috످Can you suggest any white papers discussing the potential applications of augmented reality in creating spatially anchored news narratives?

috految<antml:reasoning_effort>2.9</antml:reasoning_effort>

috److I don't know of a white paper devoted specifically to spatially anchored AR news, but these two publications are good starting points.

The first is Höllerer, T., Feiner, S., & Pavlik, J. (1999), "Situated Documentaries: Embedding Multimedia Presentations in the Real World," in Proceedings of the Third International Symposium on Wearable Computers. This conference paper is the closest match. It describes a wearable AR system that anchored stories to locations on Columbia University's campus, letting users explore events like the 1968 student protests where they happened.

The second is Pavlik, J. V., & Bridges, F. (2013), "The Emergence of Augmented Reality (AR) as a Storytelling Medium in Journalism," in Journalism & Communication Monographs, 15(1). This academic study examines how AR could make news more engaging and contextual, including through location-based storytelling.

Both predate modern AR tools like ARKit and ARCore. For newer research, look them up on Google Scholar (https://scholar.google.com) to confirm the details, then click "Cited by" and filter by date.

For white papers and industry reports, try Columbia's Tow Center for Digital Journalism (https://towcenter.columbia.edu) or search Google for:

`"augmented reality" ("spatial journalism" OR "locative news") "white paper" filetype:pdf`

috످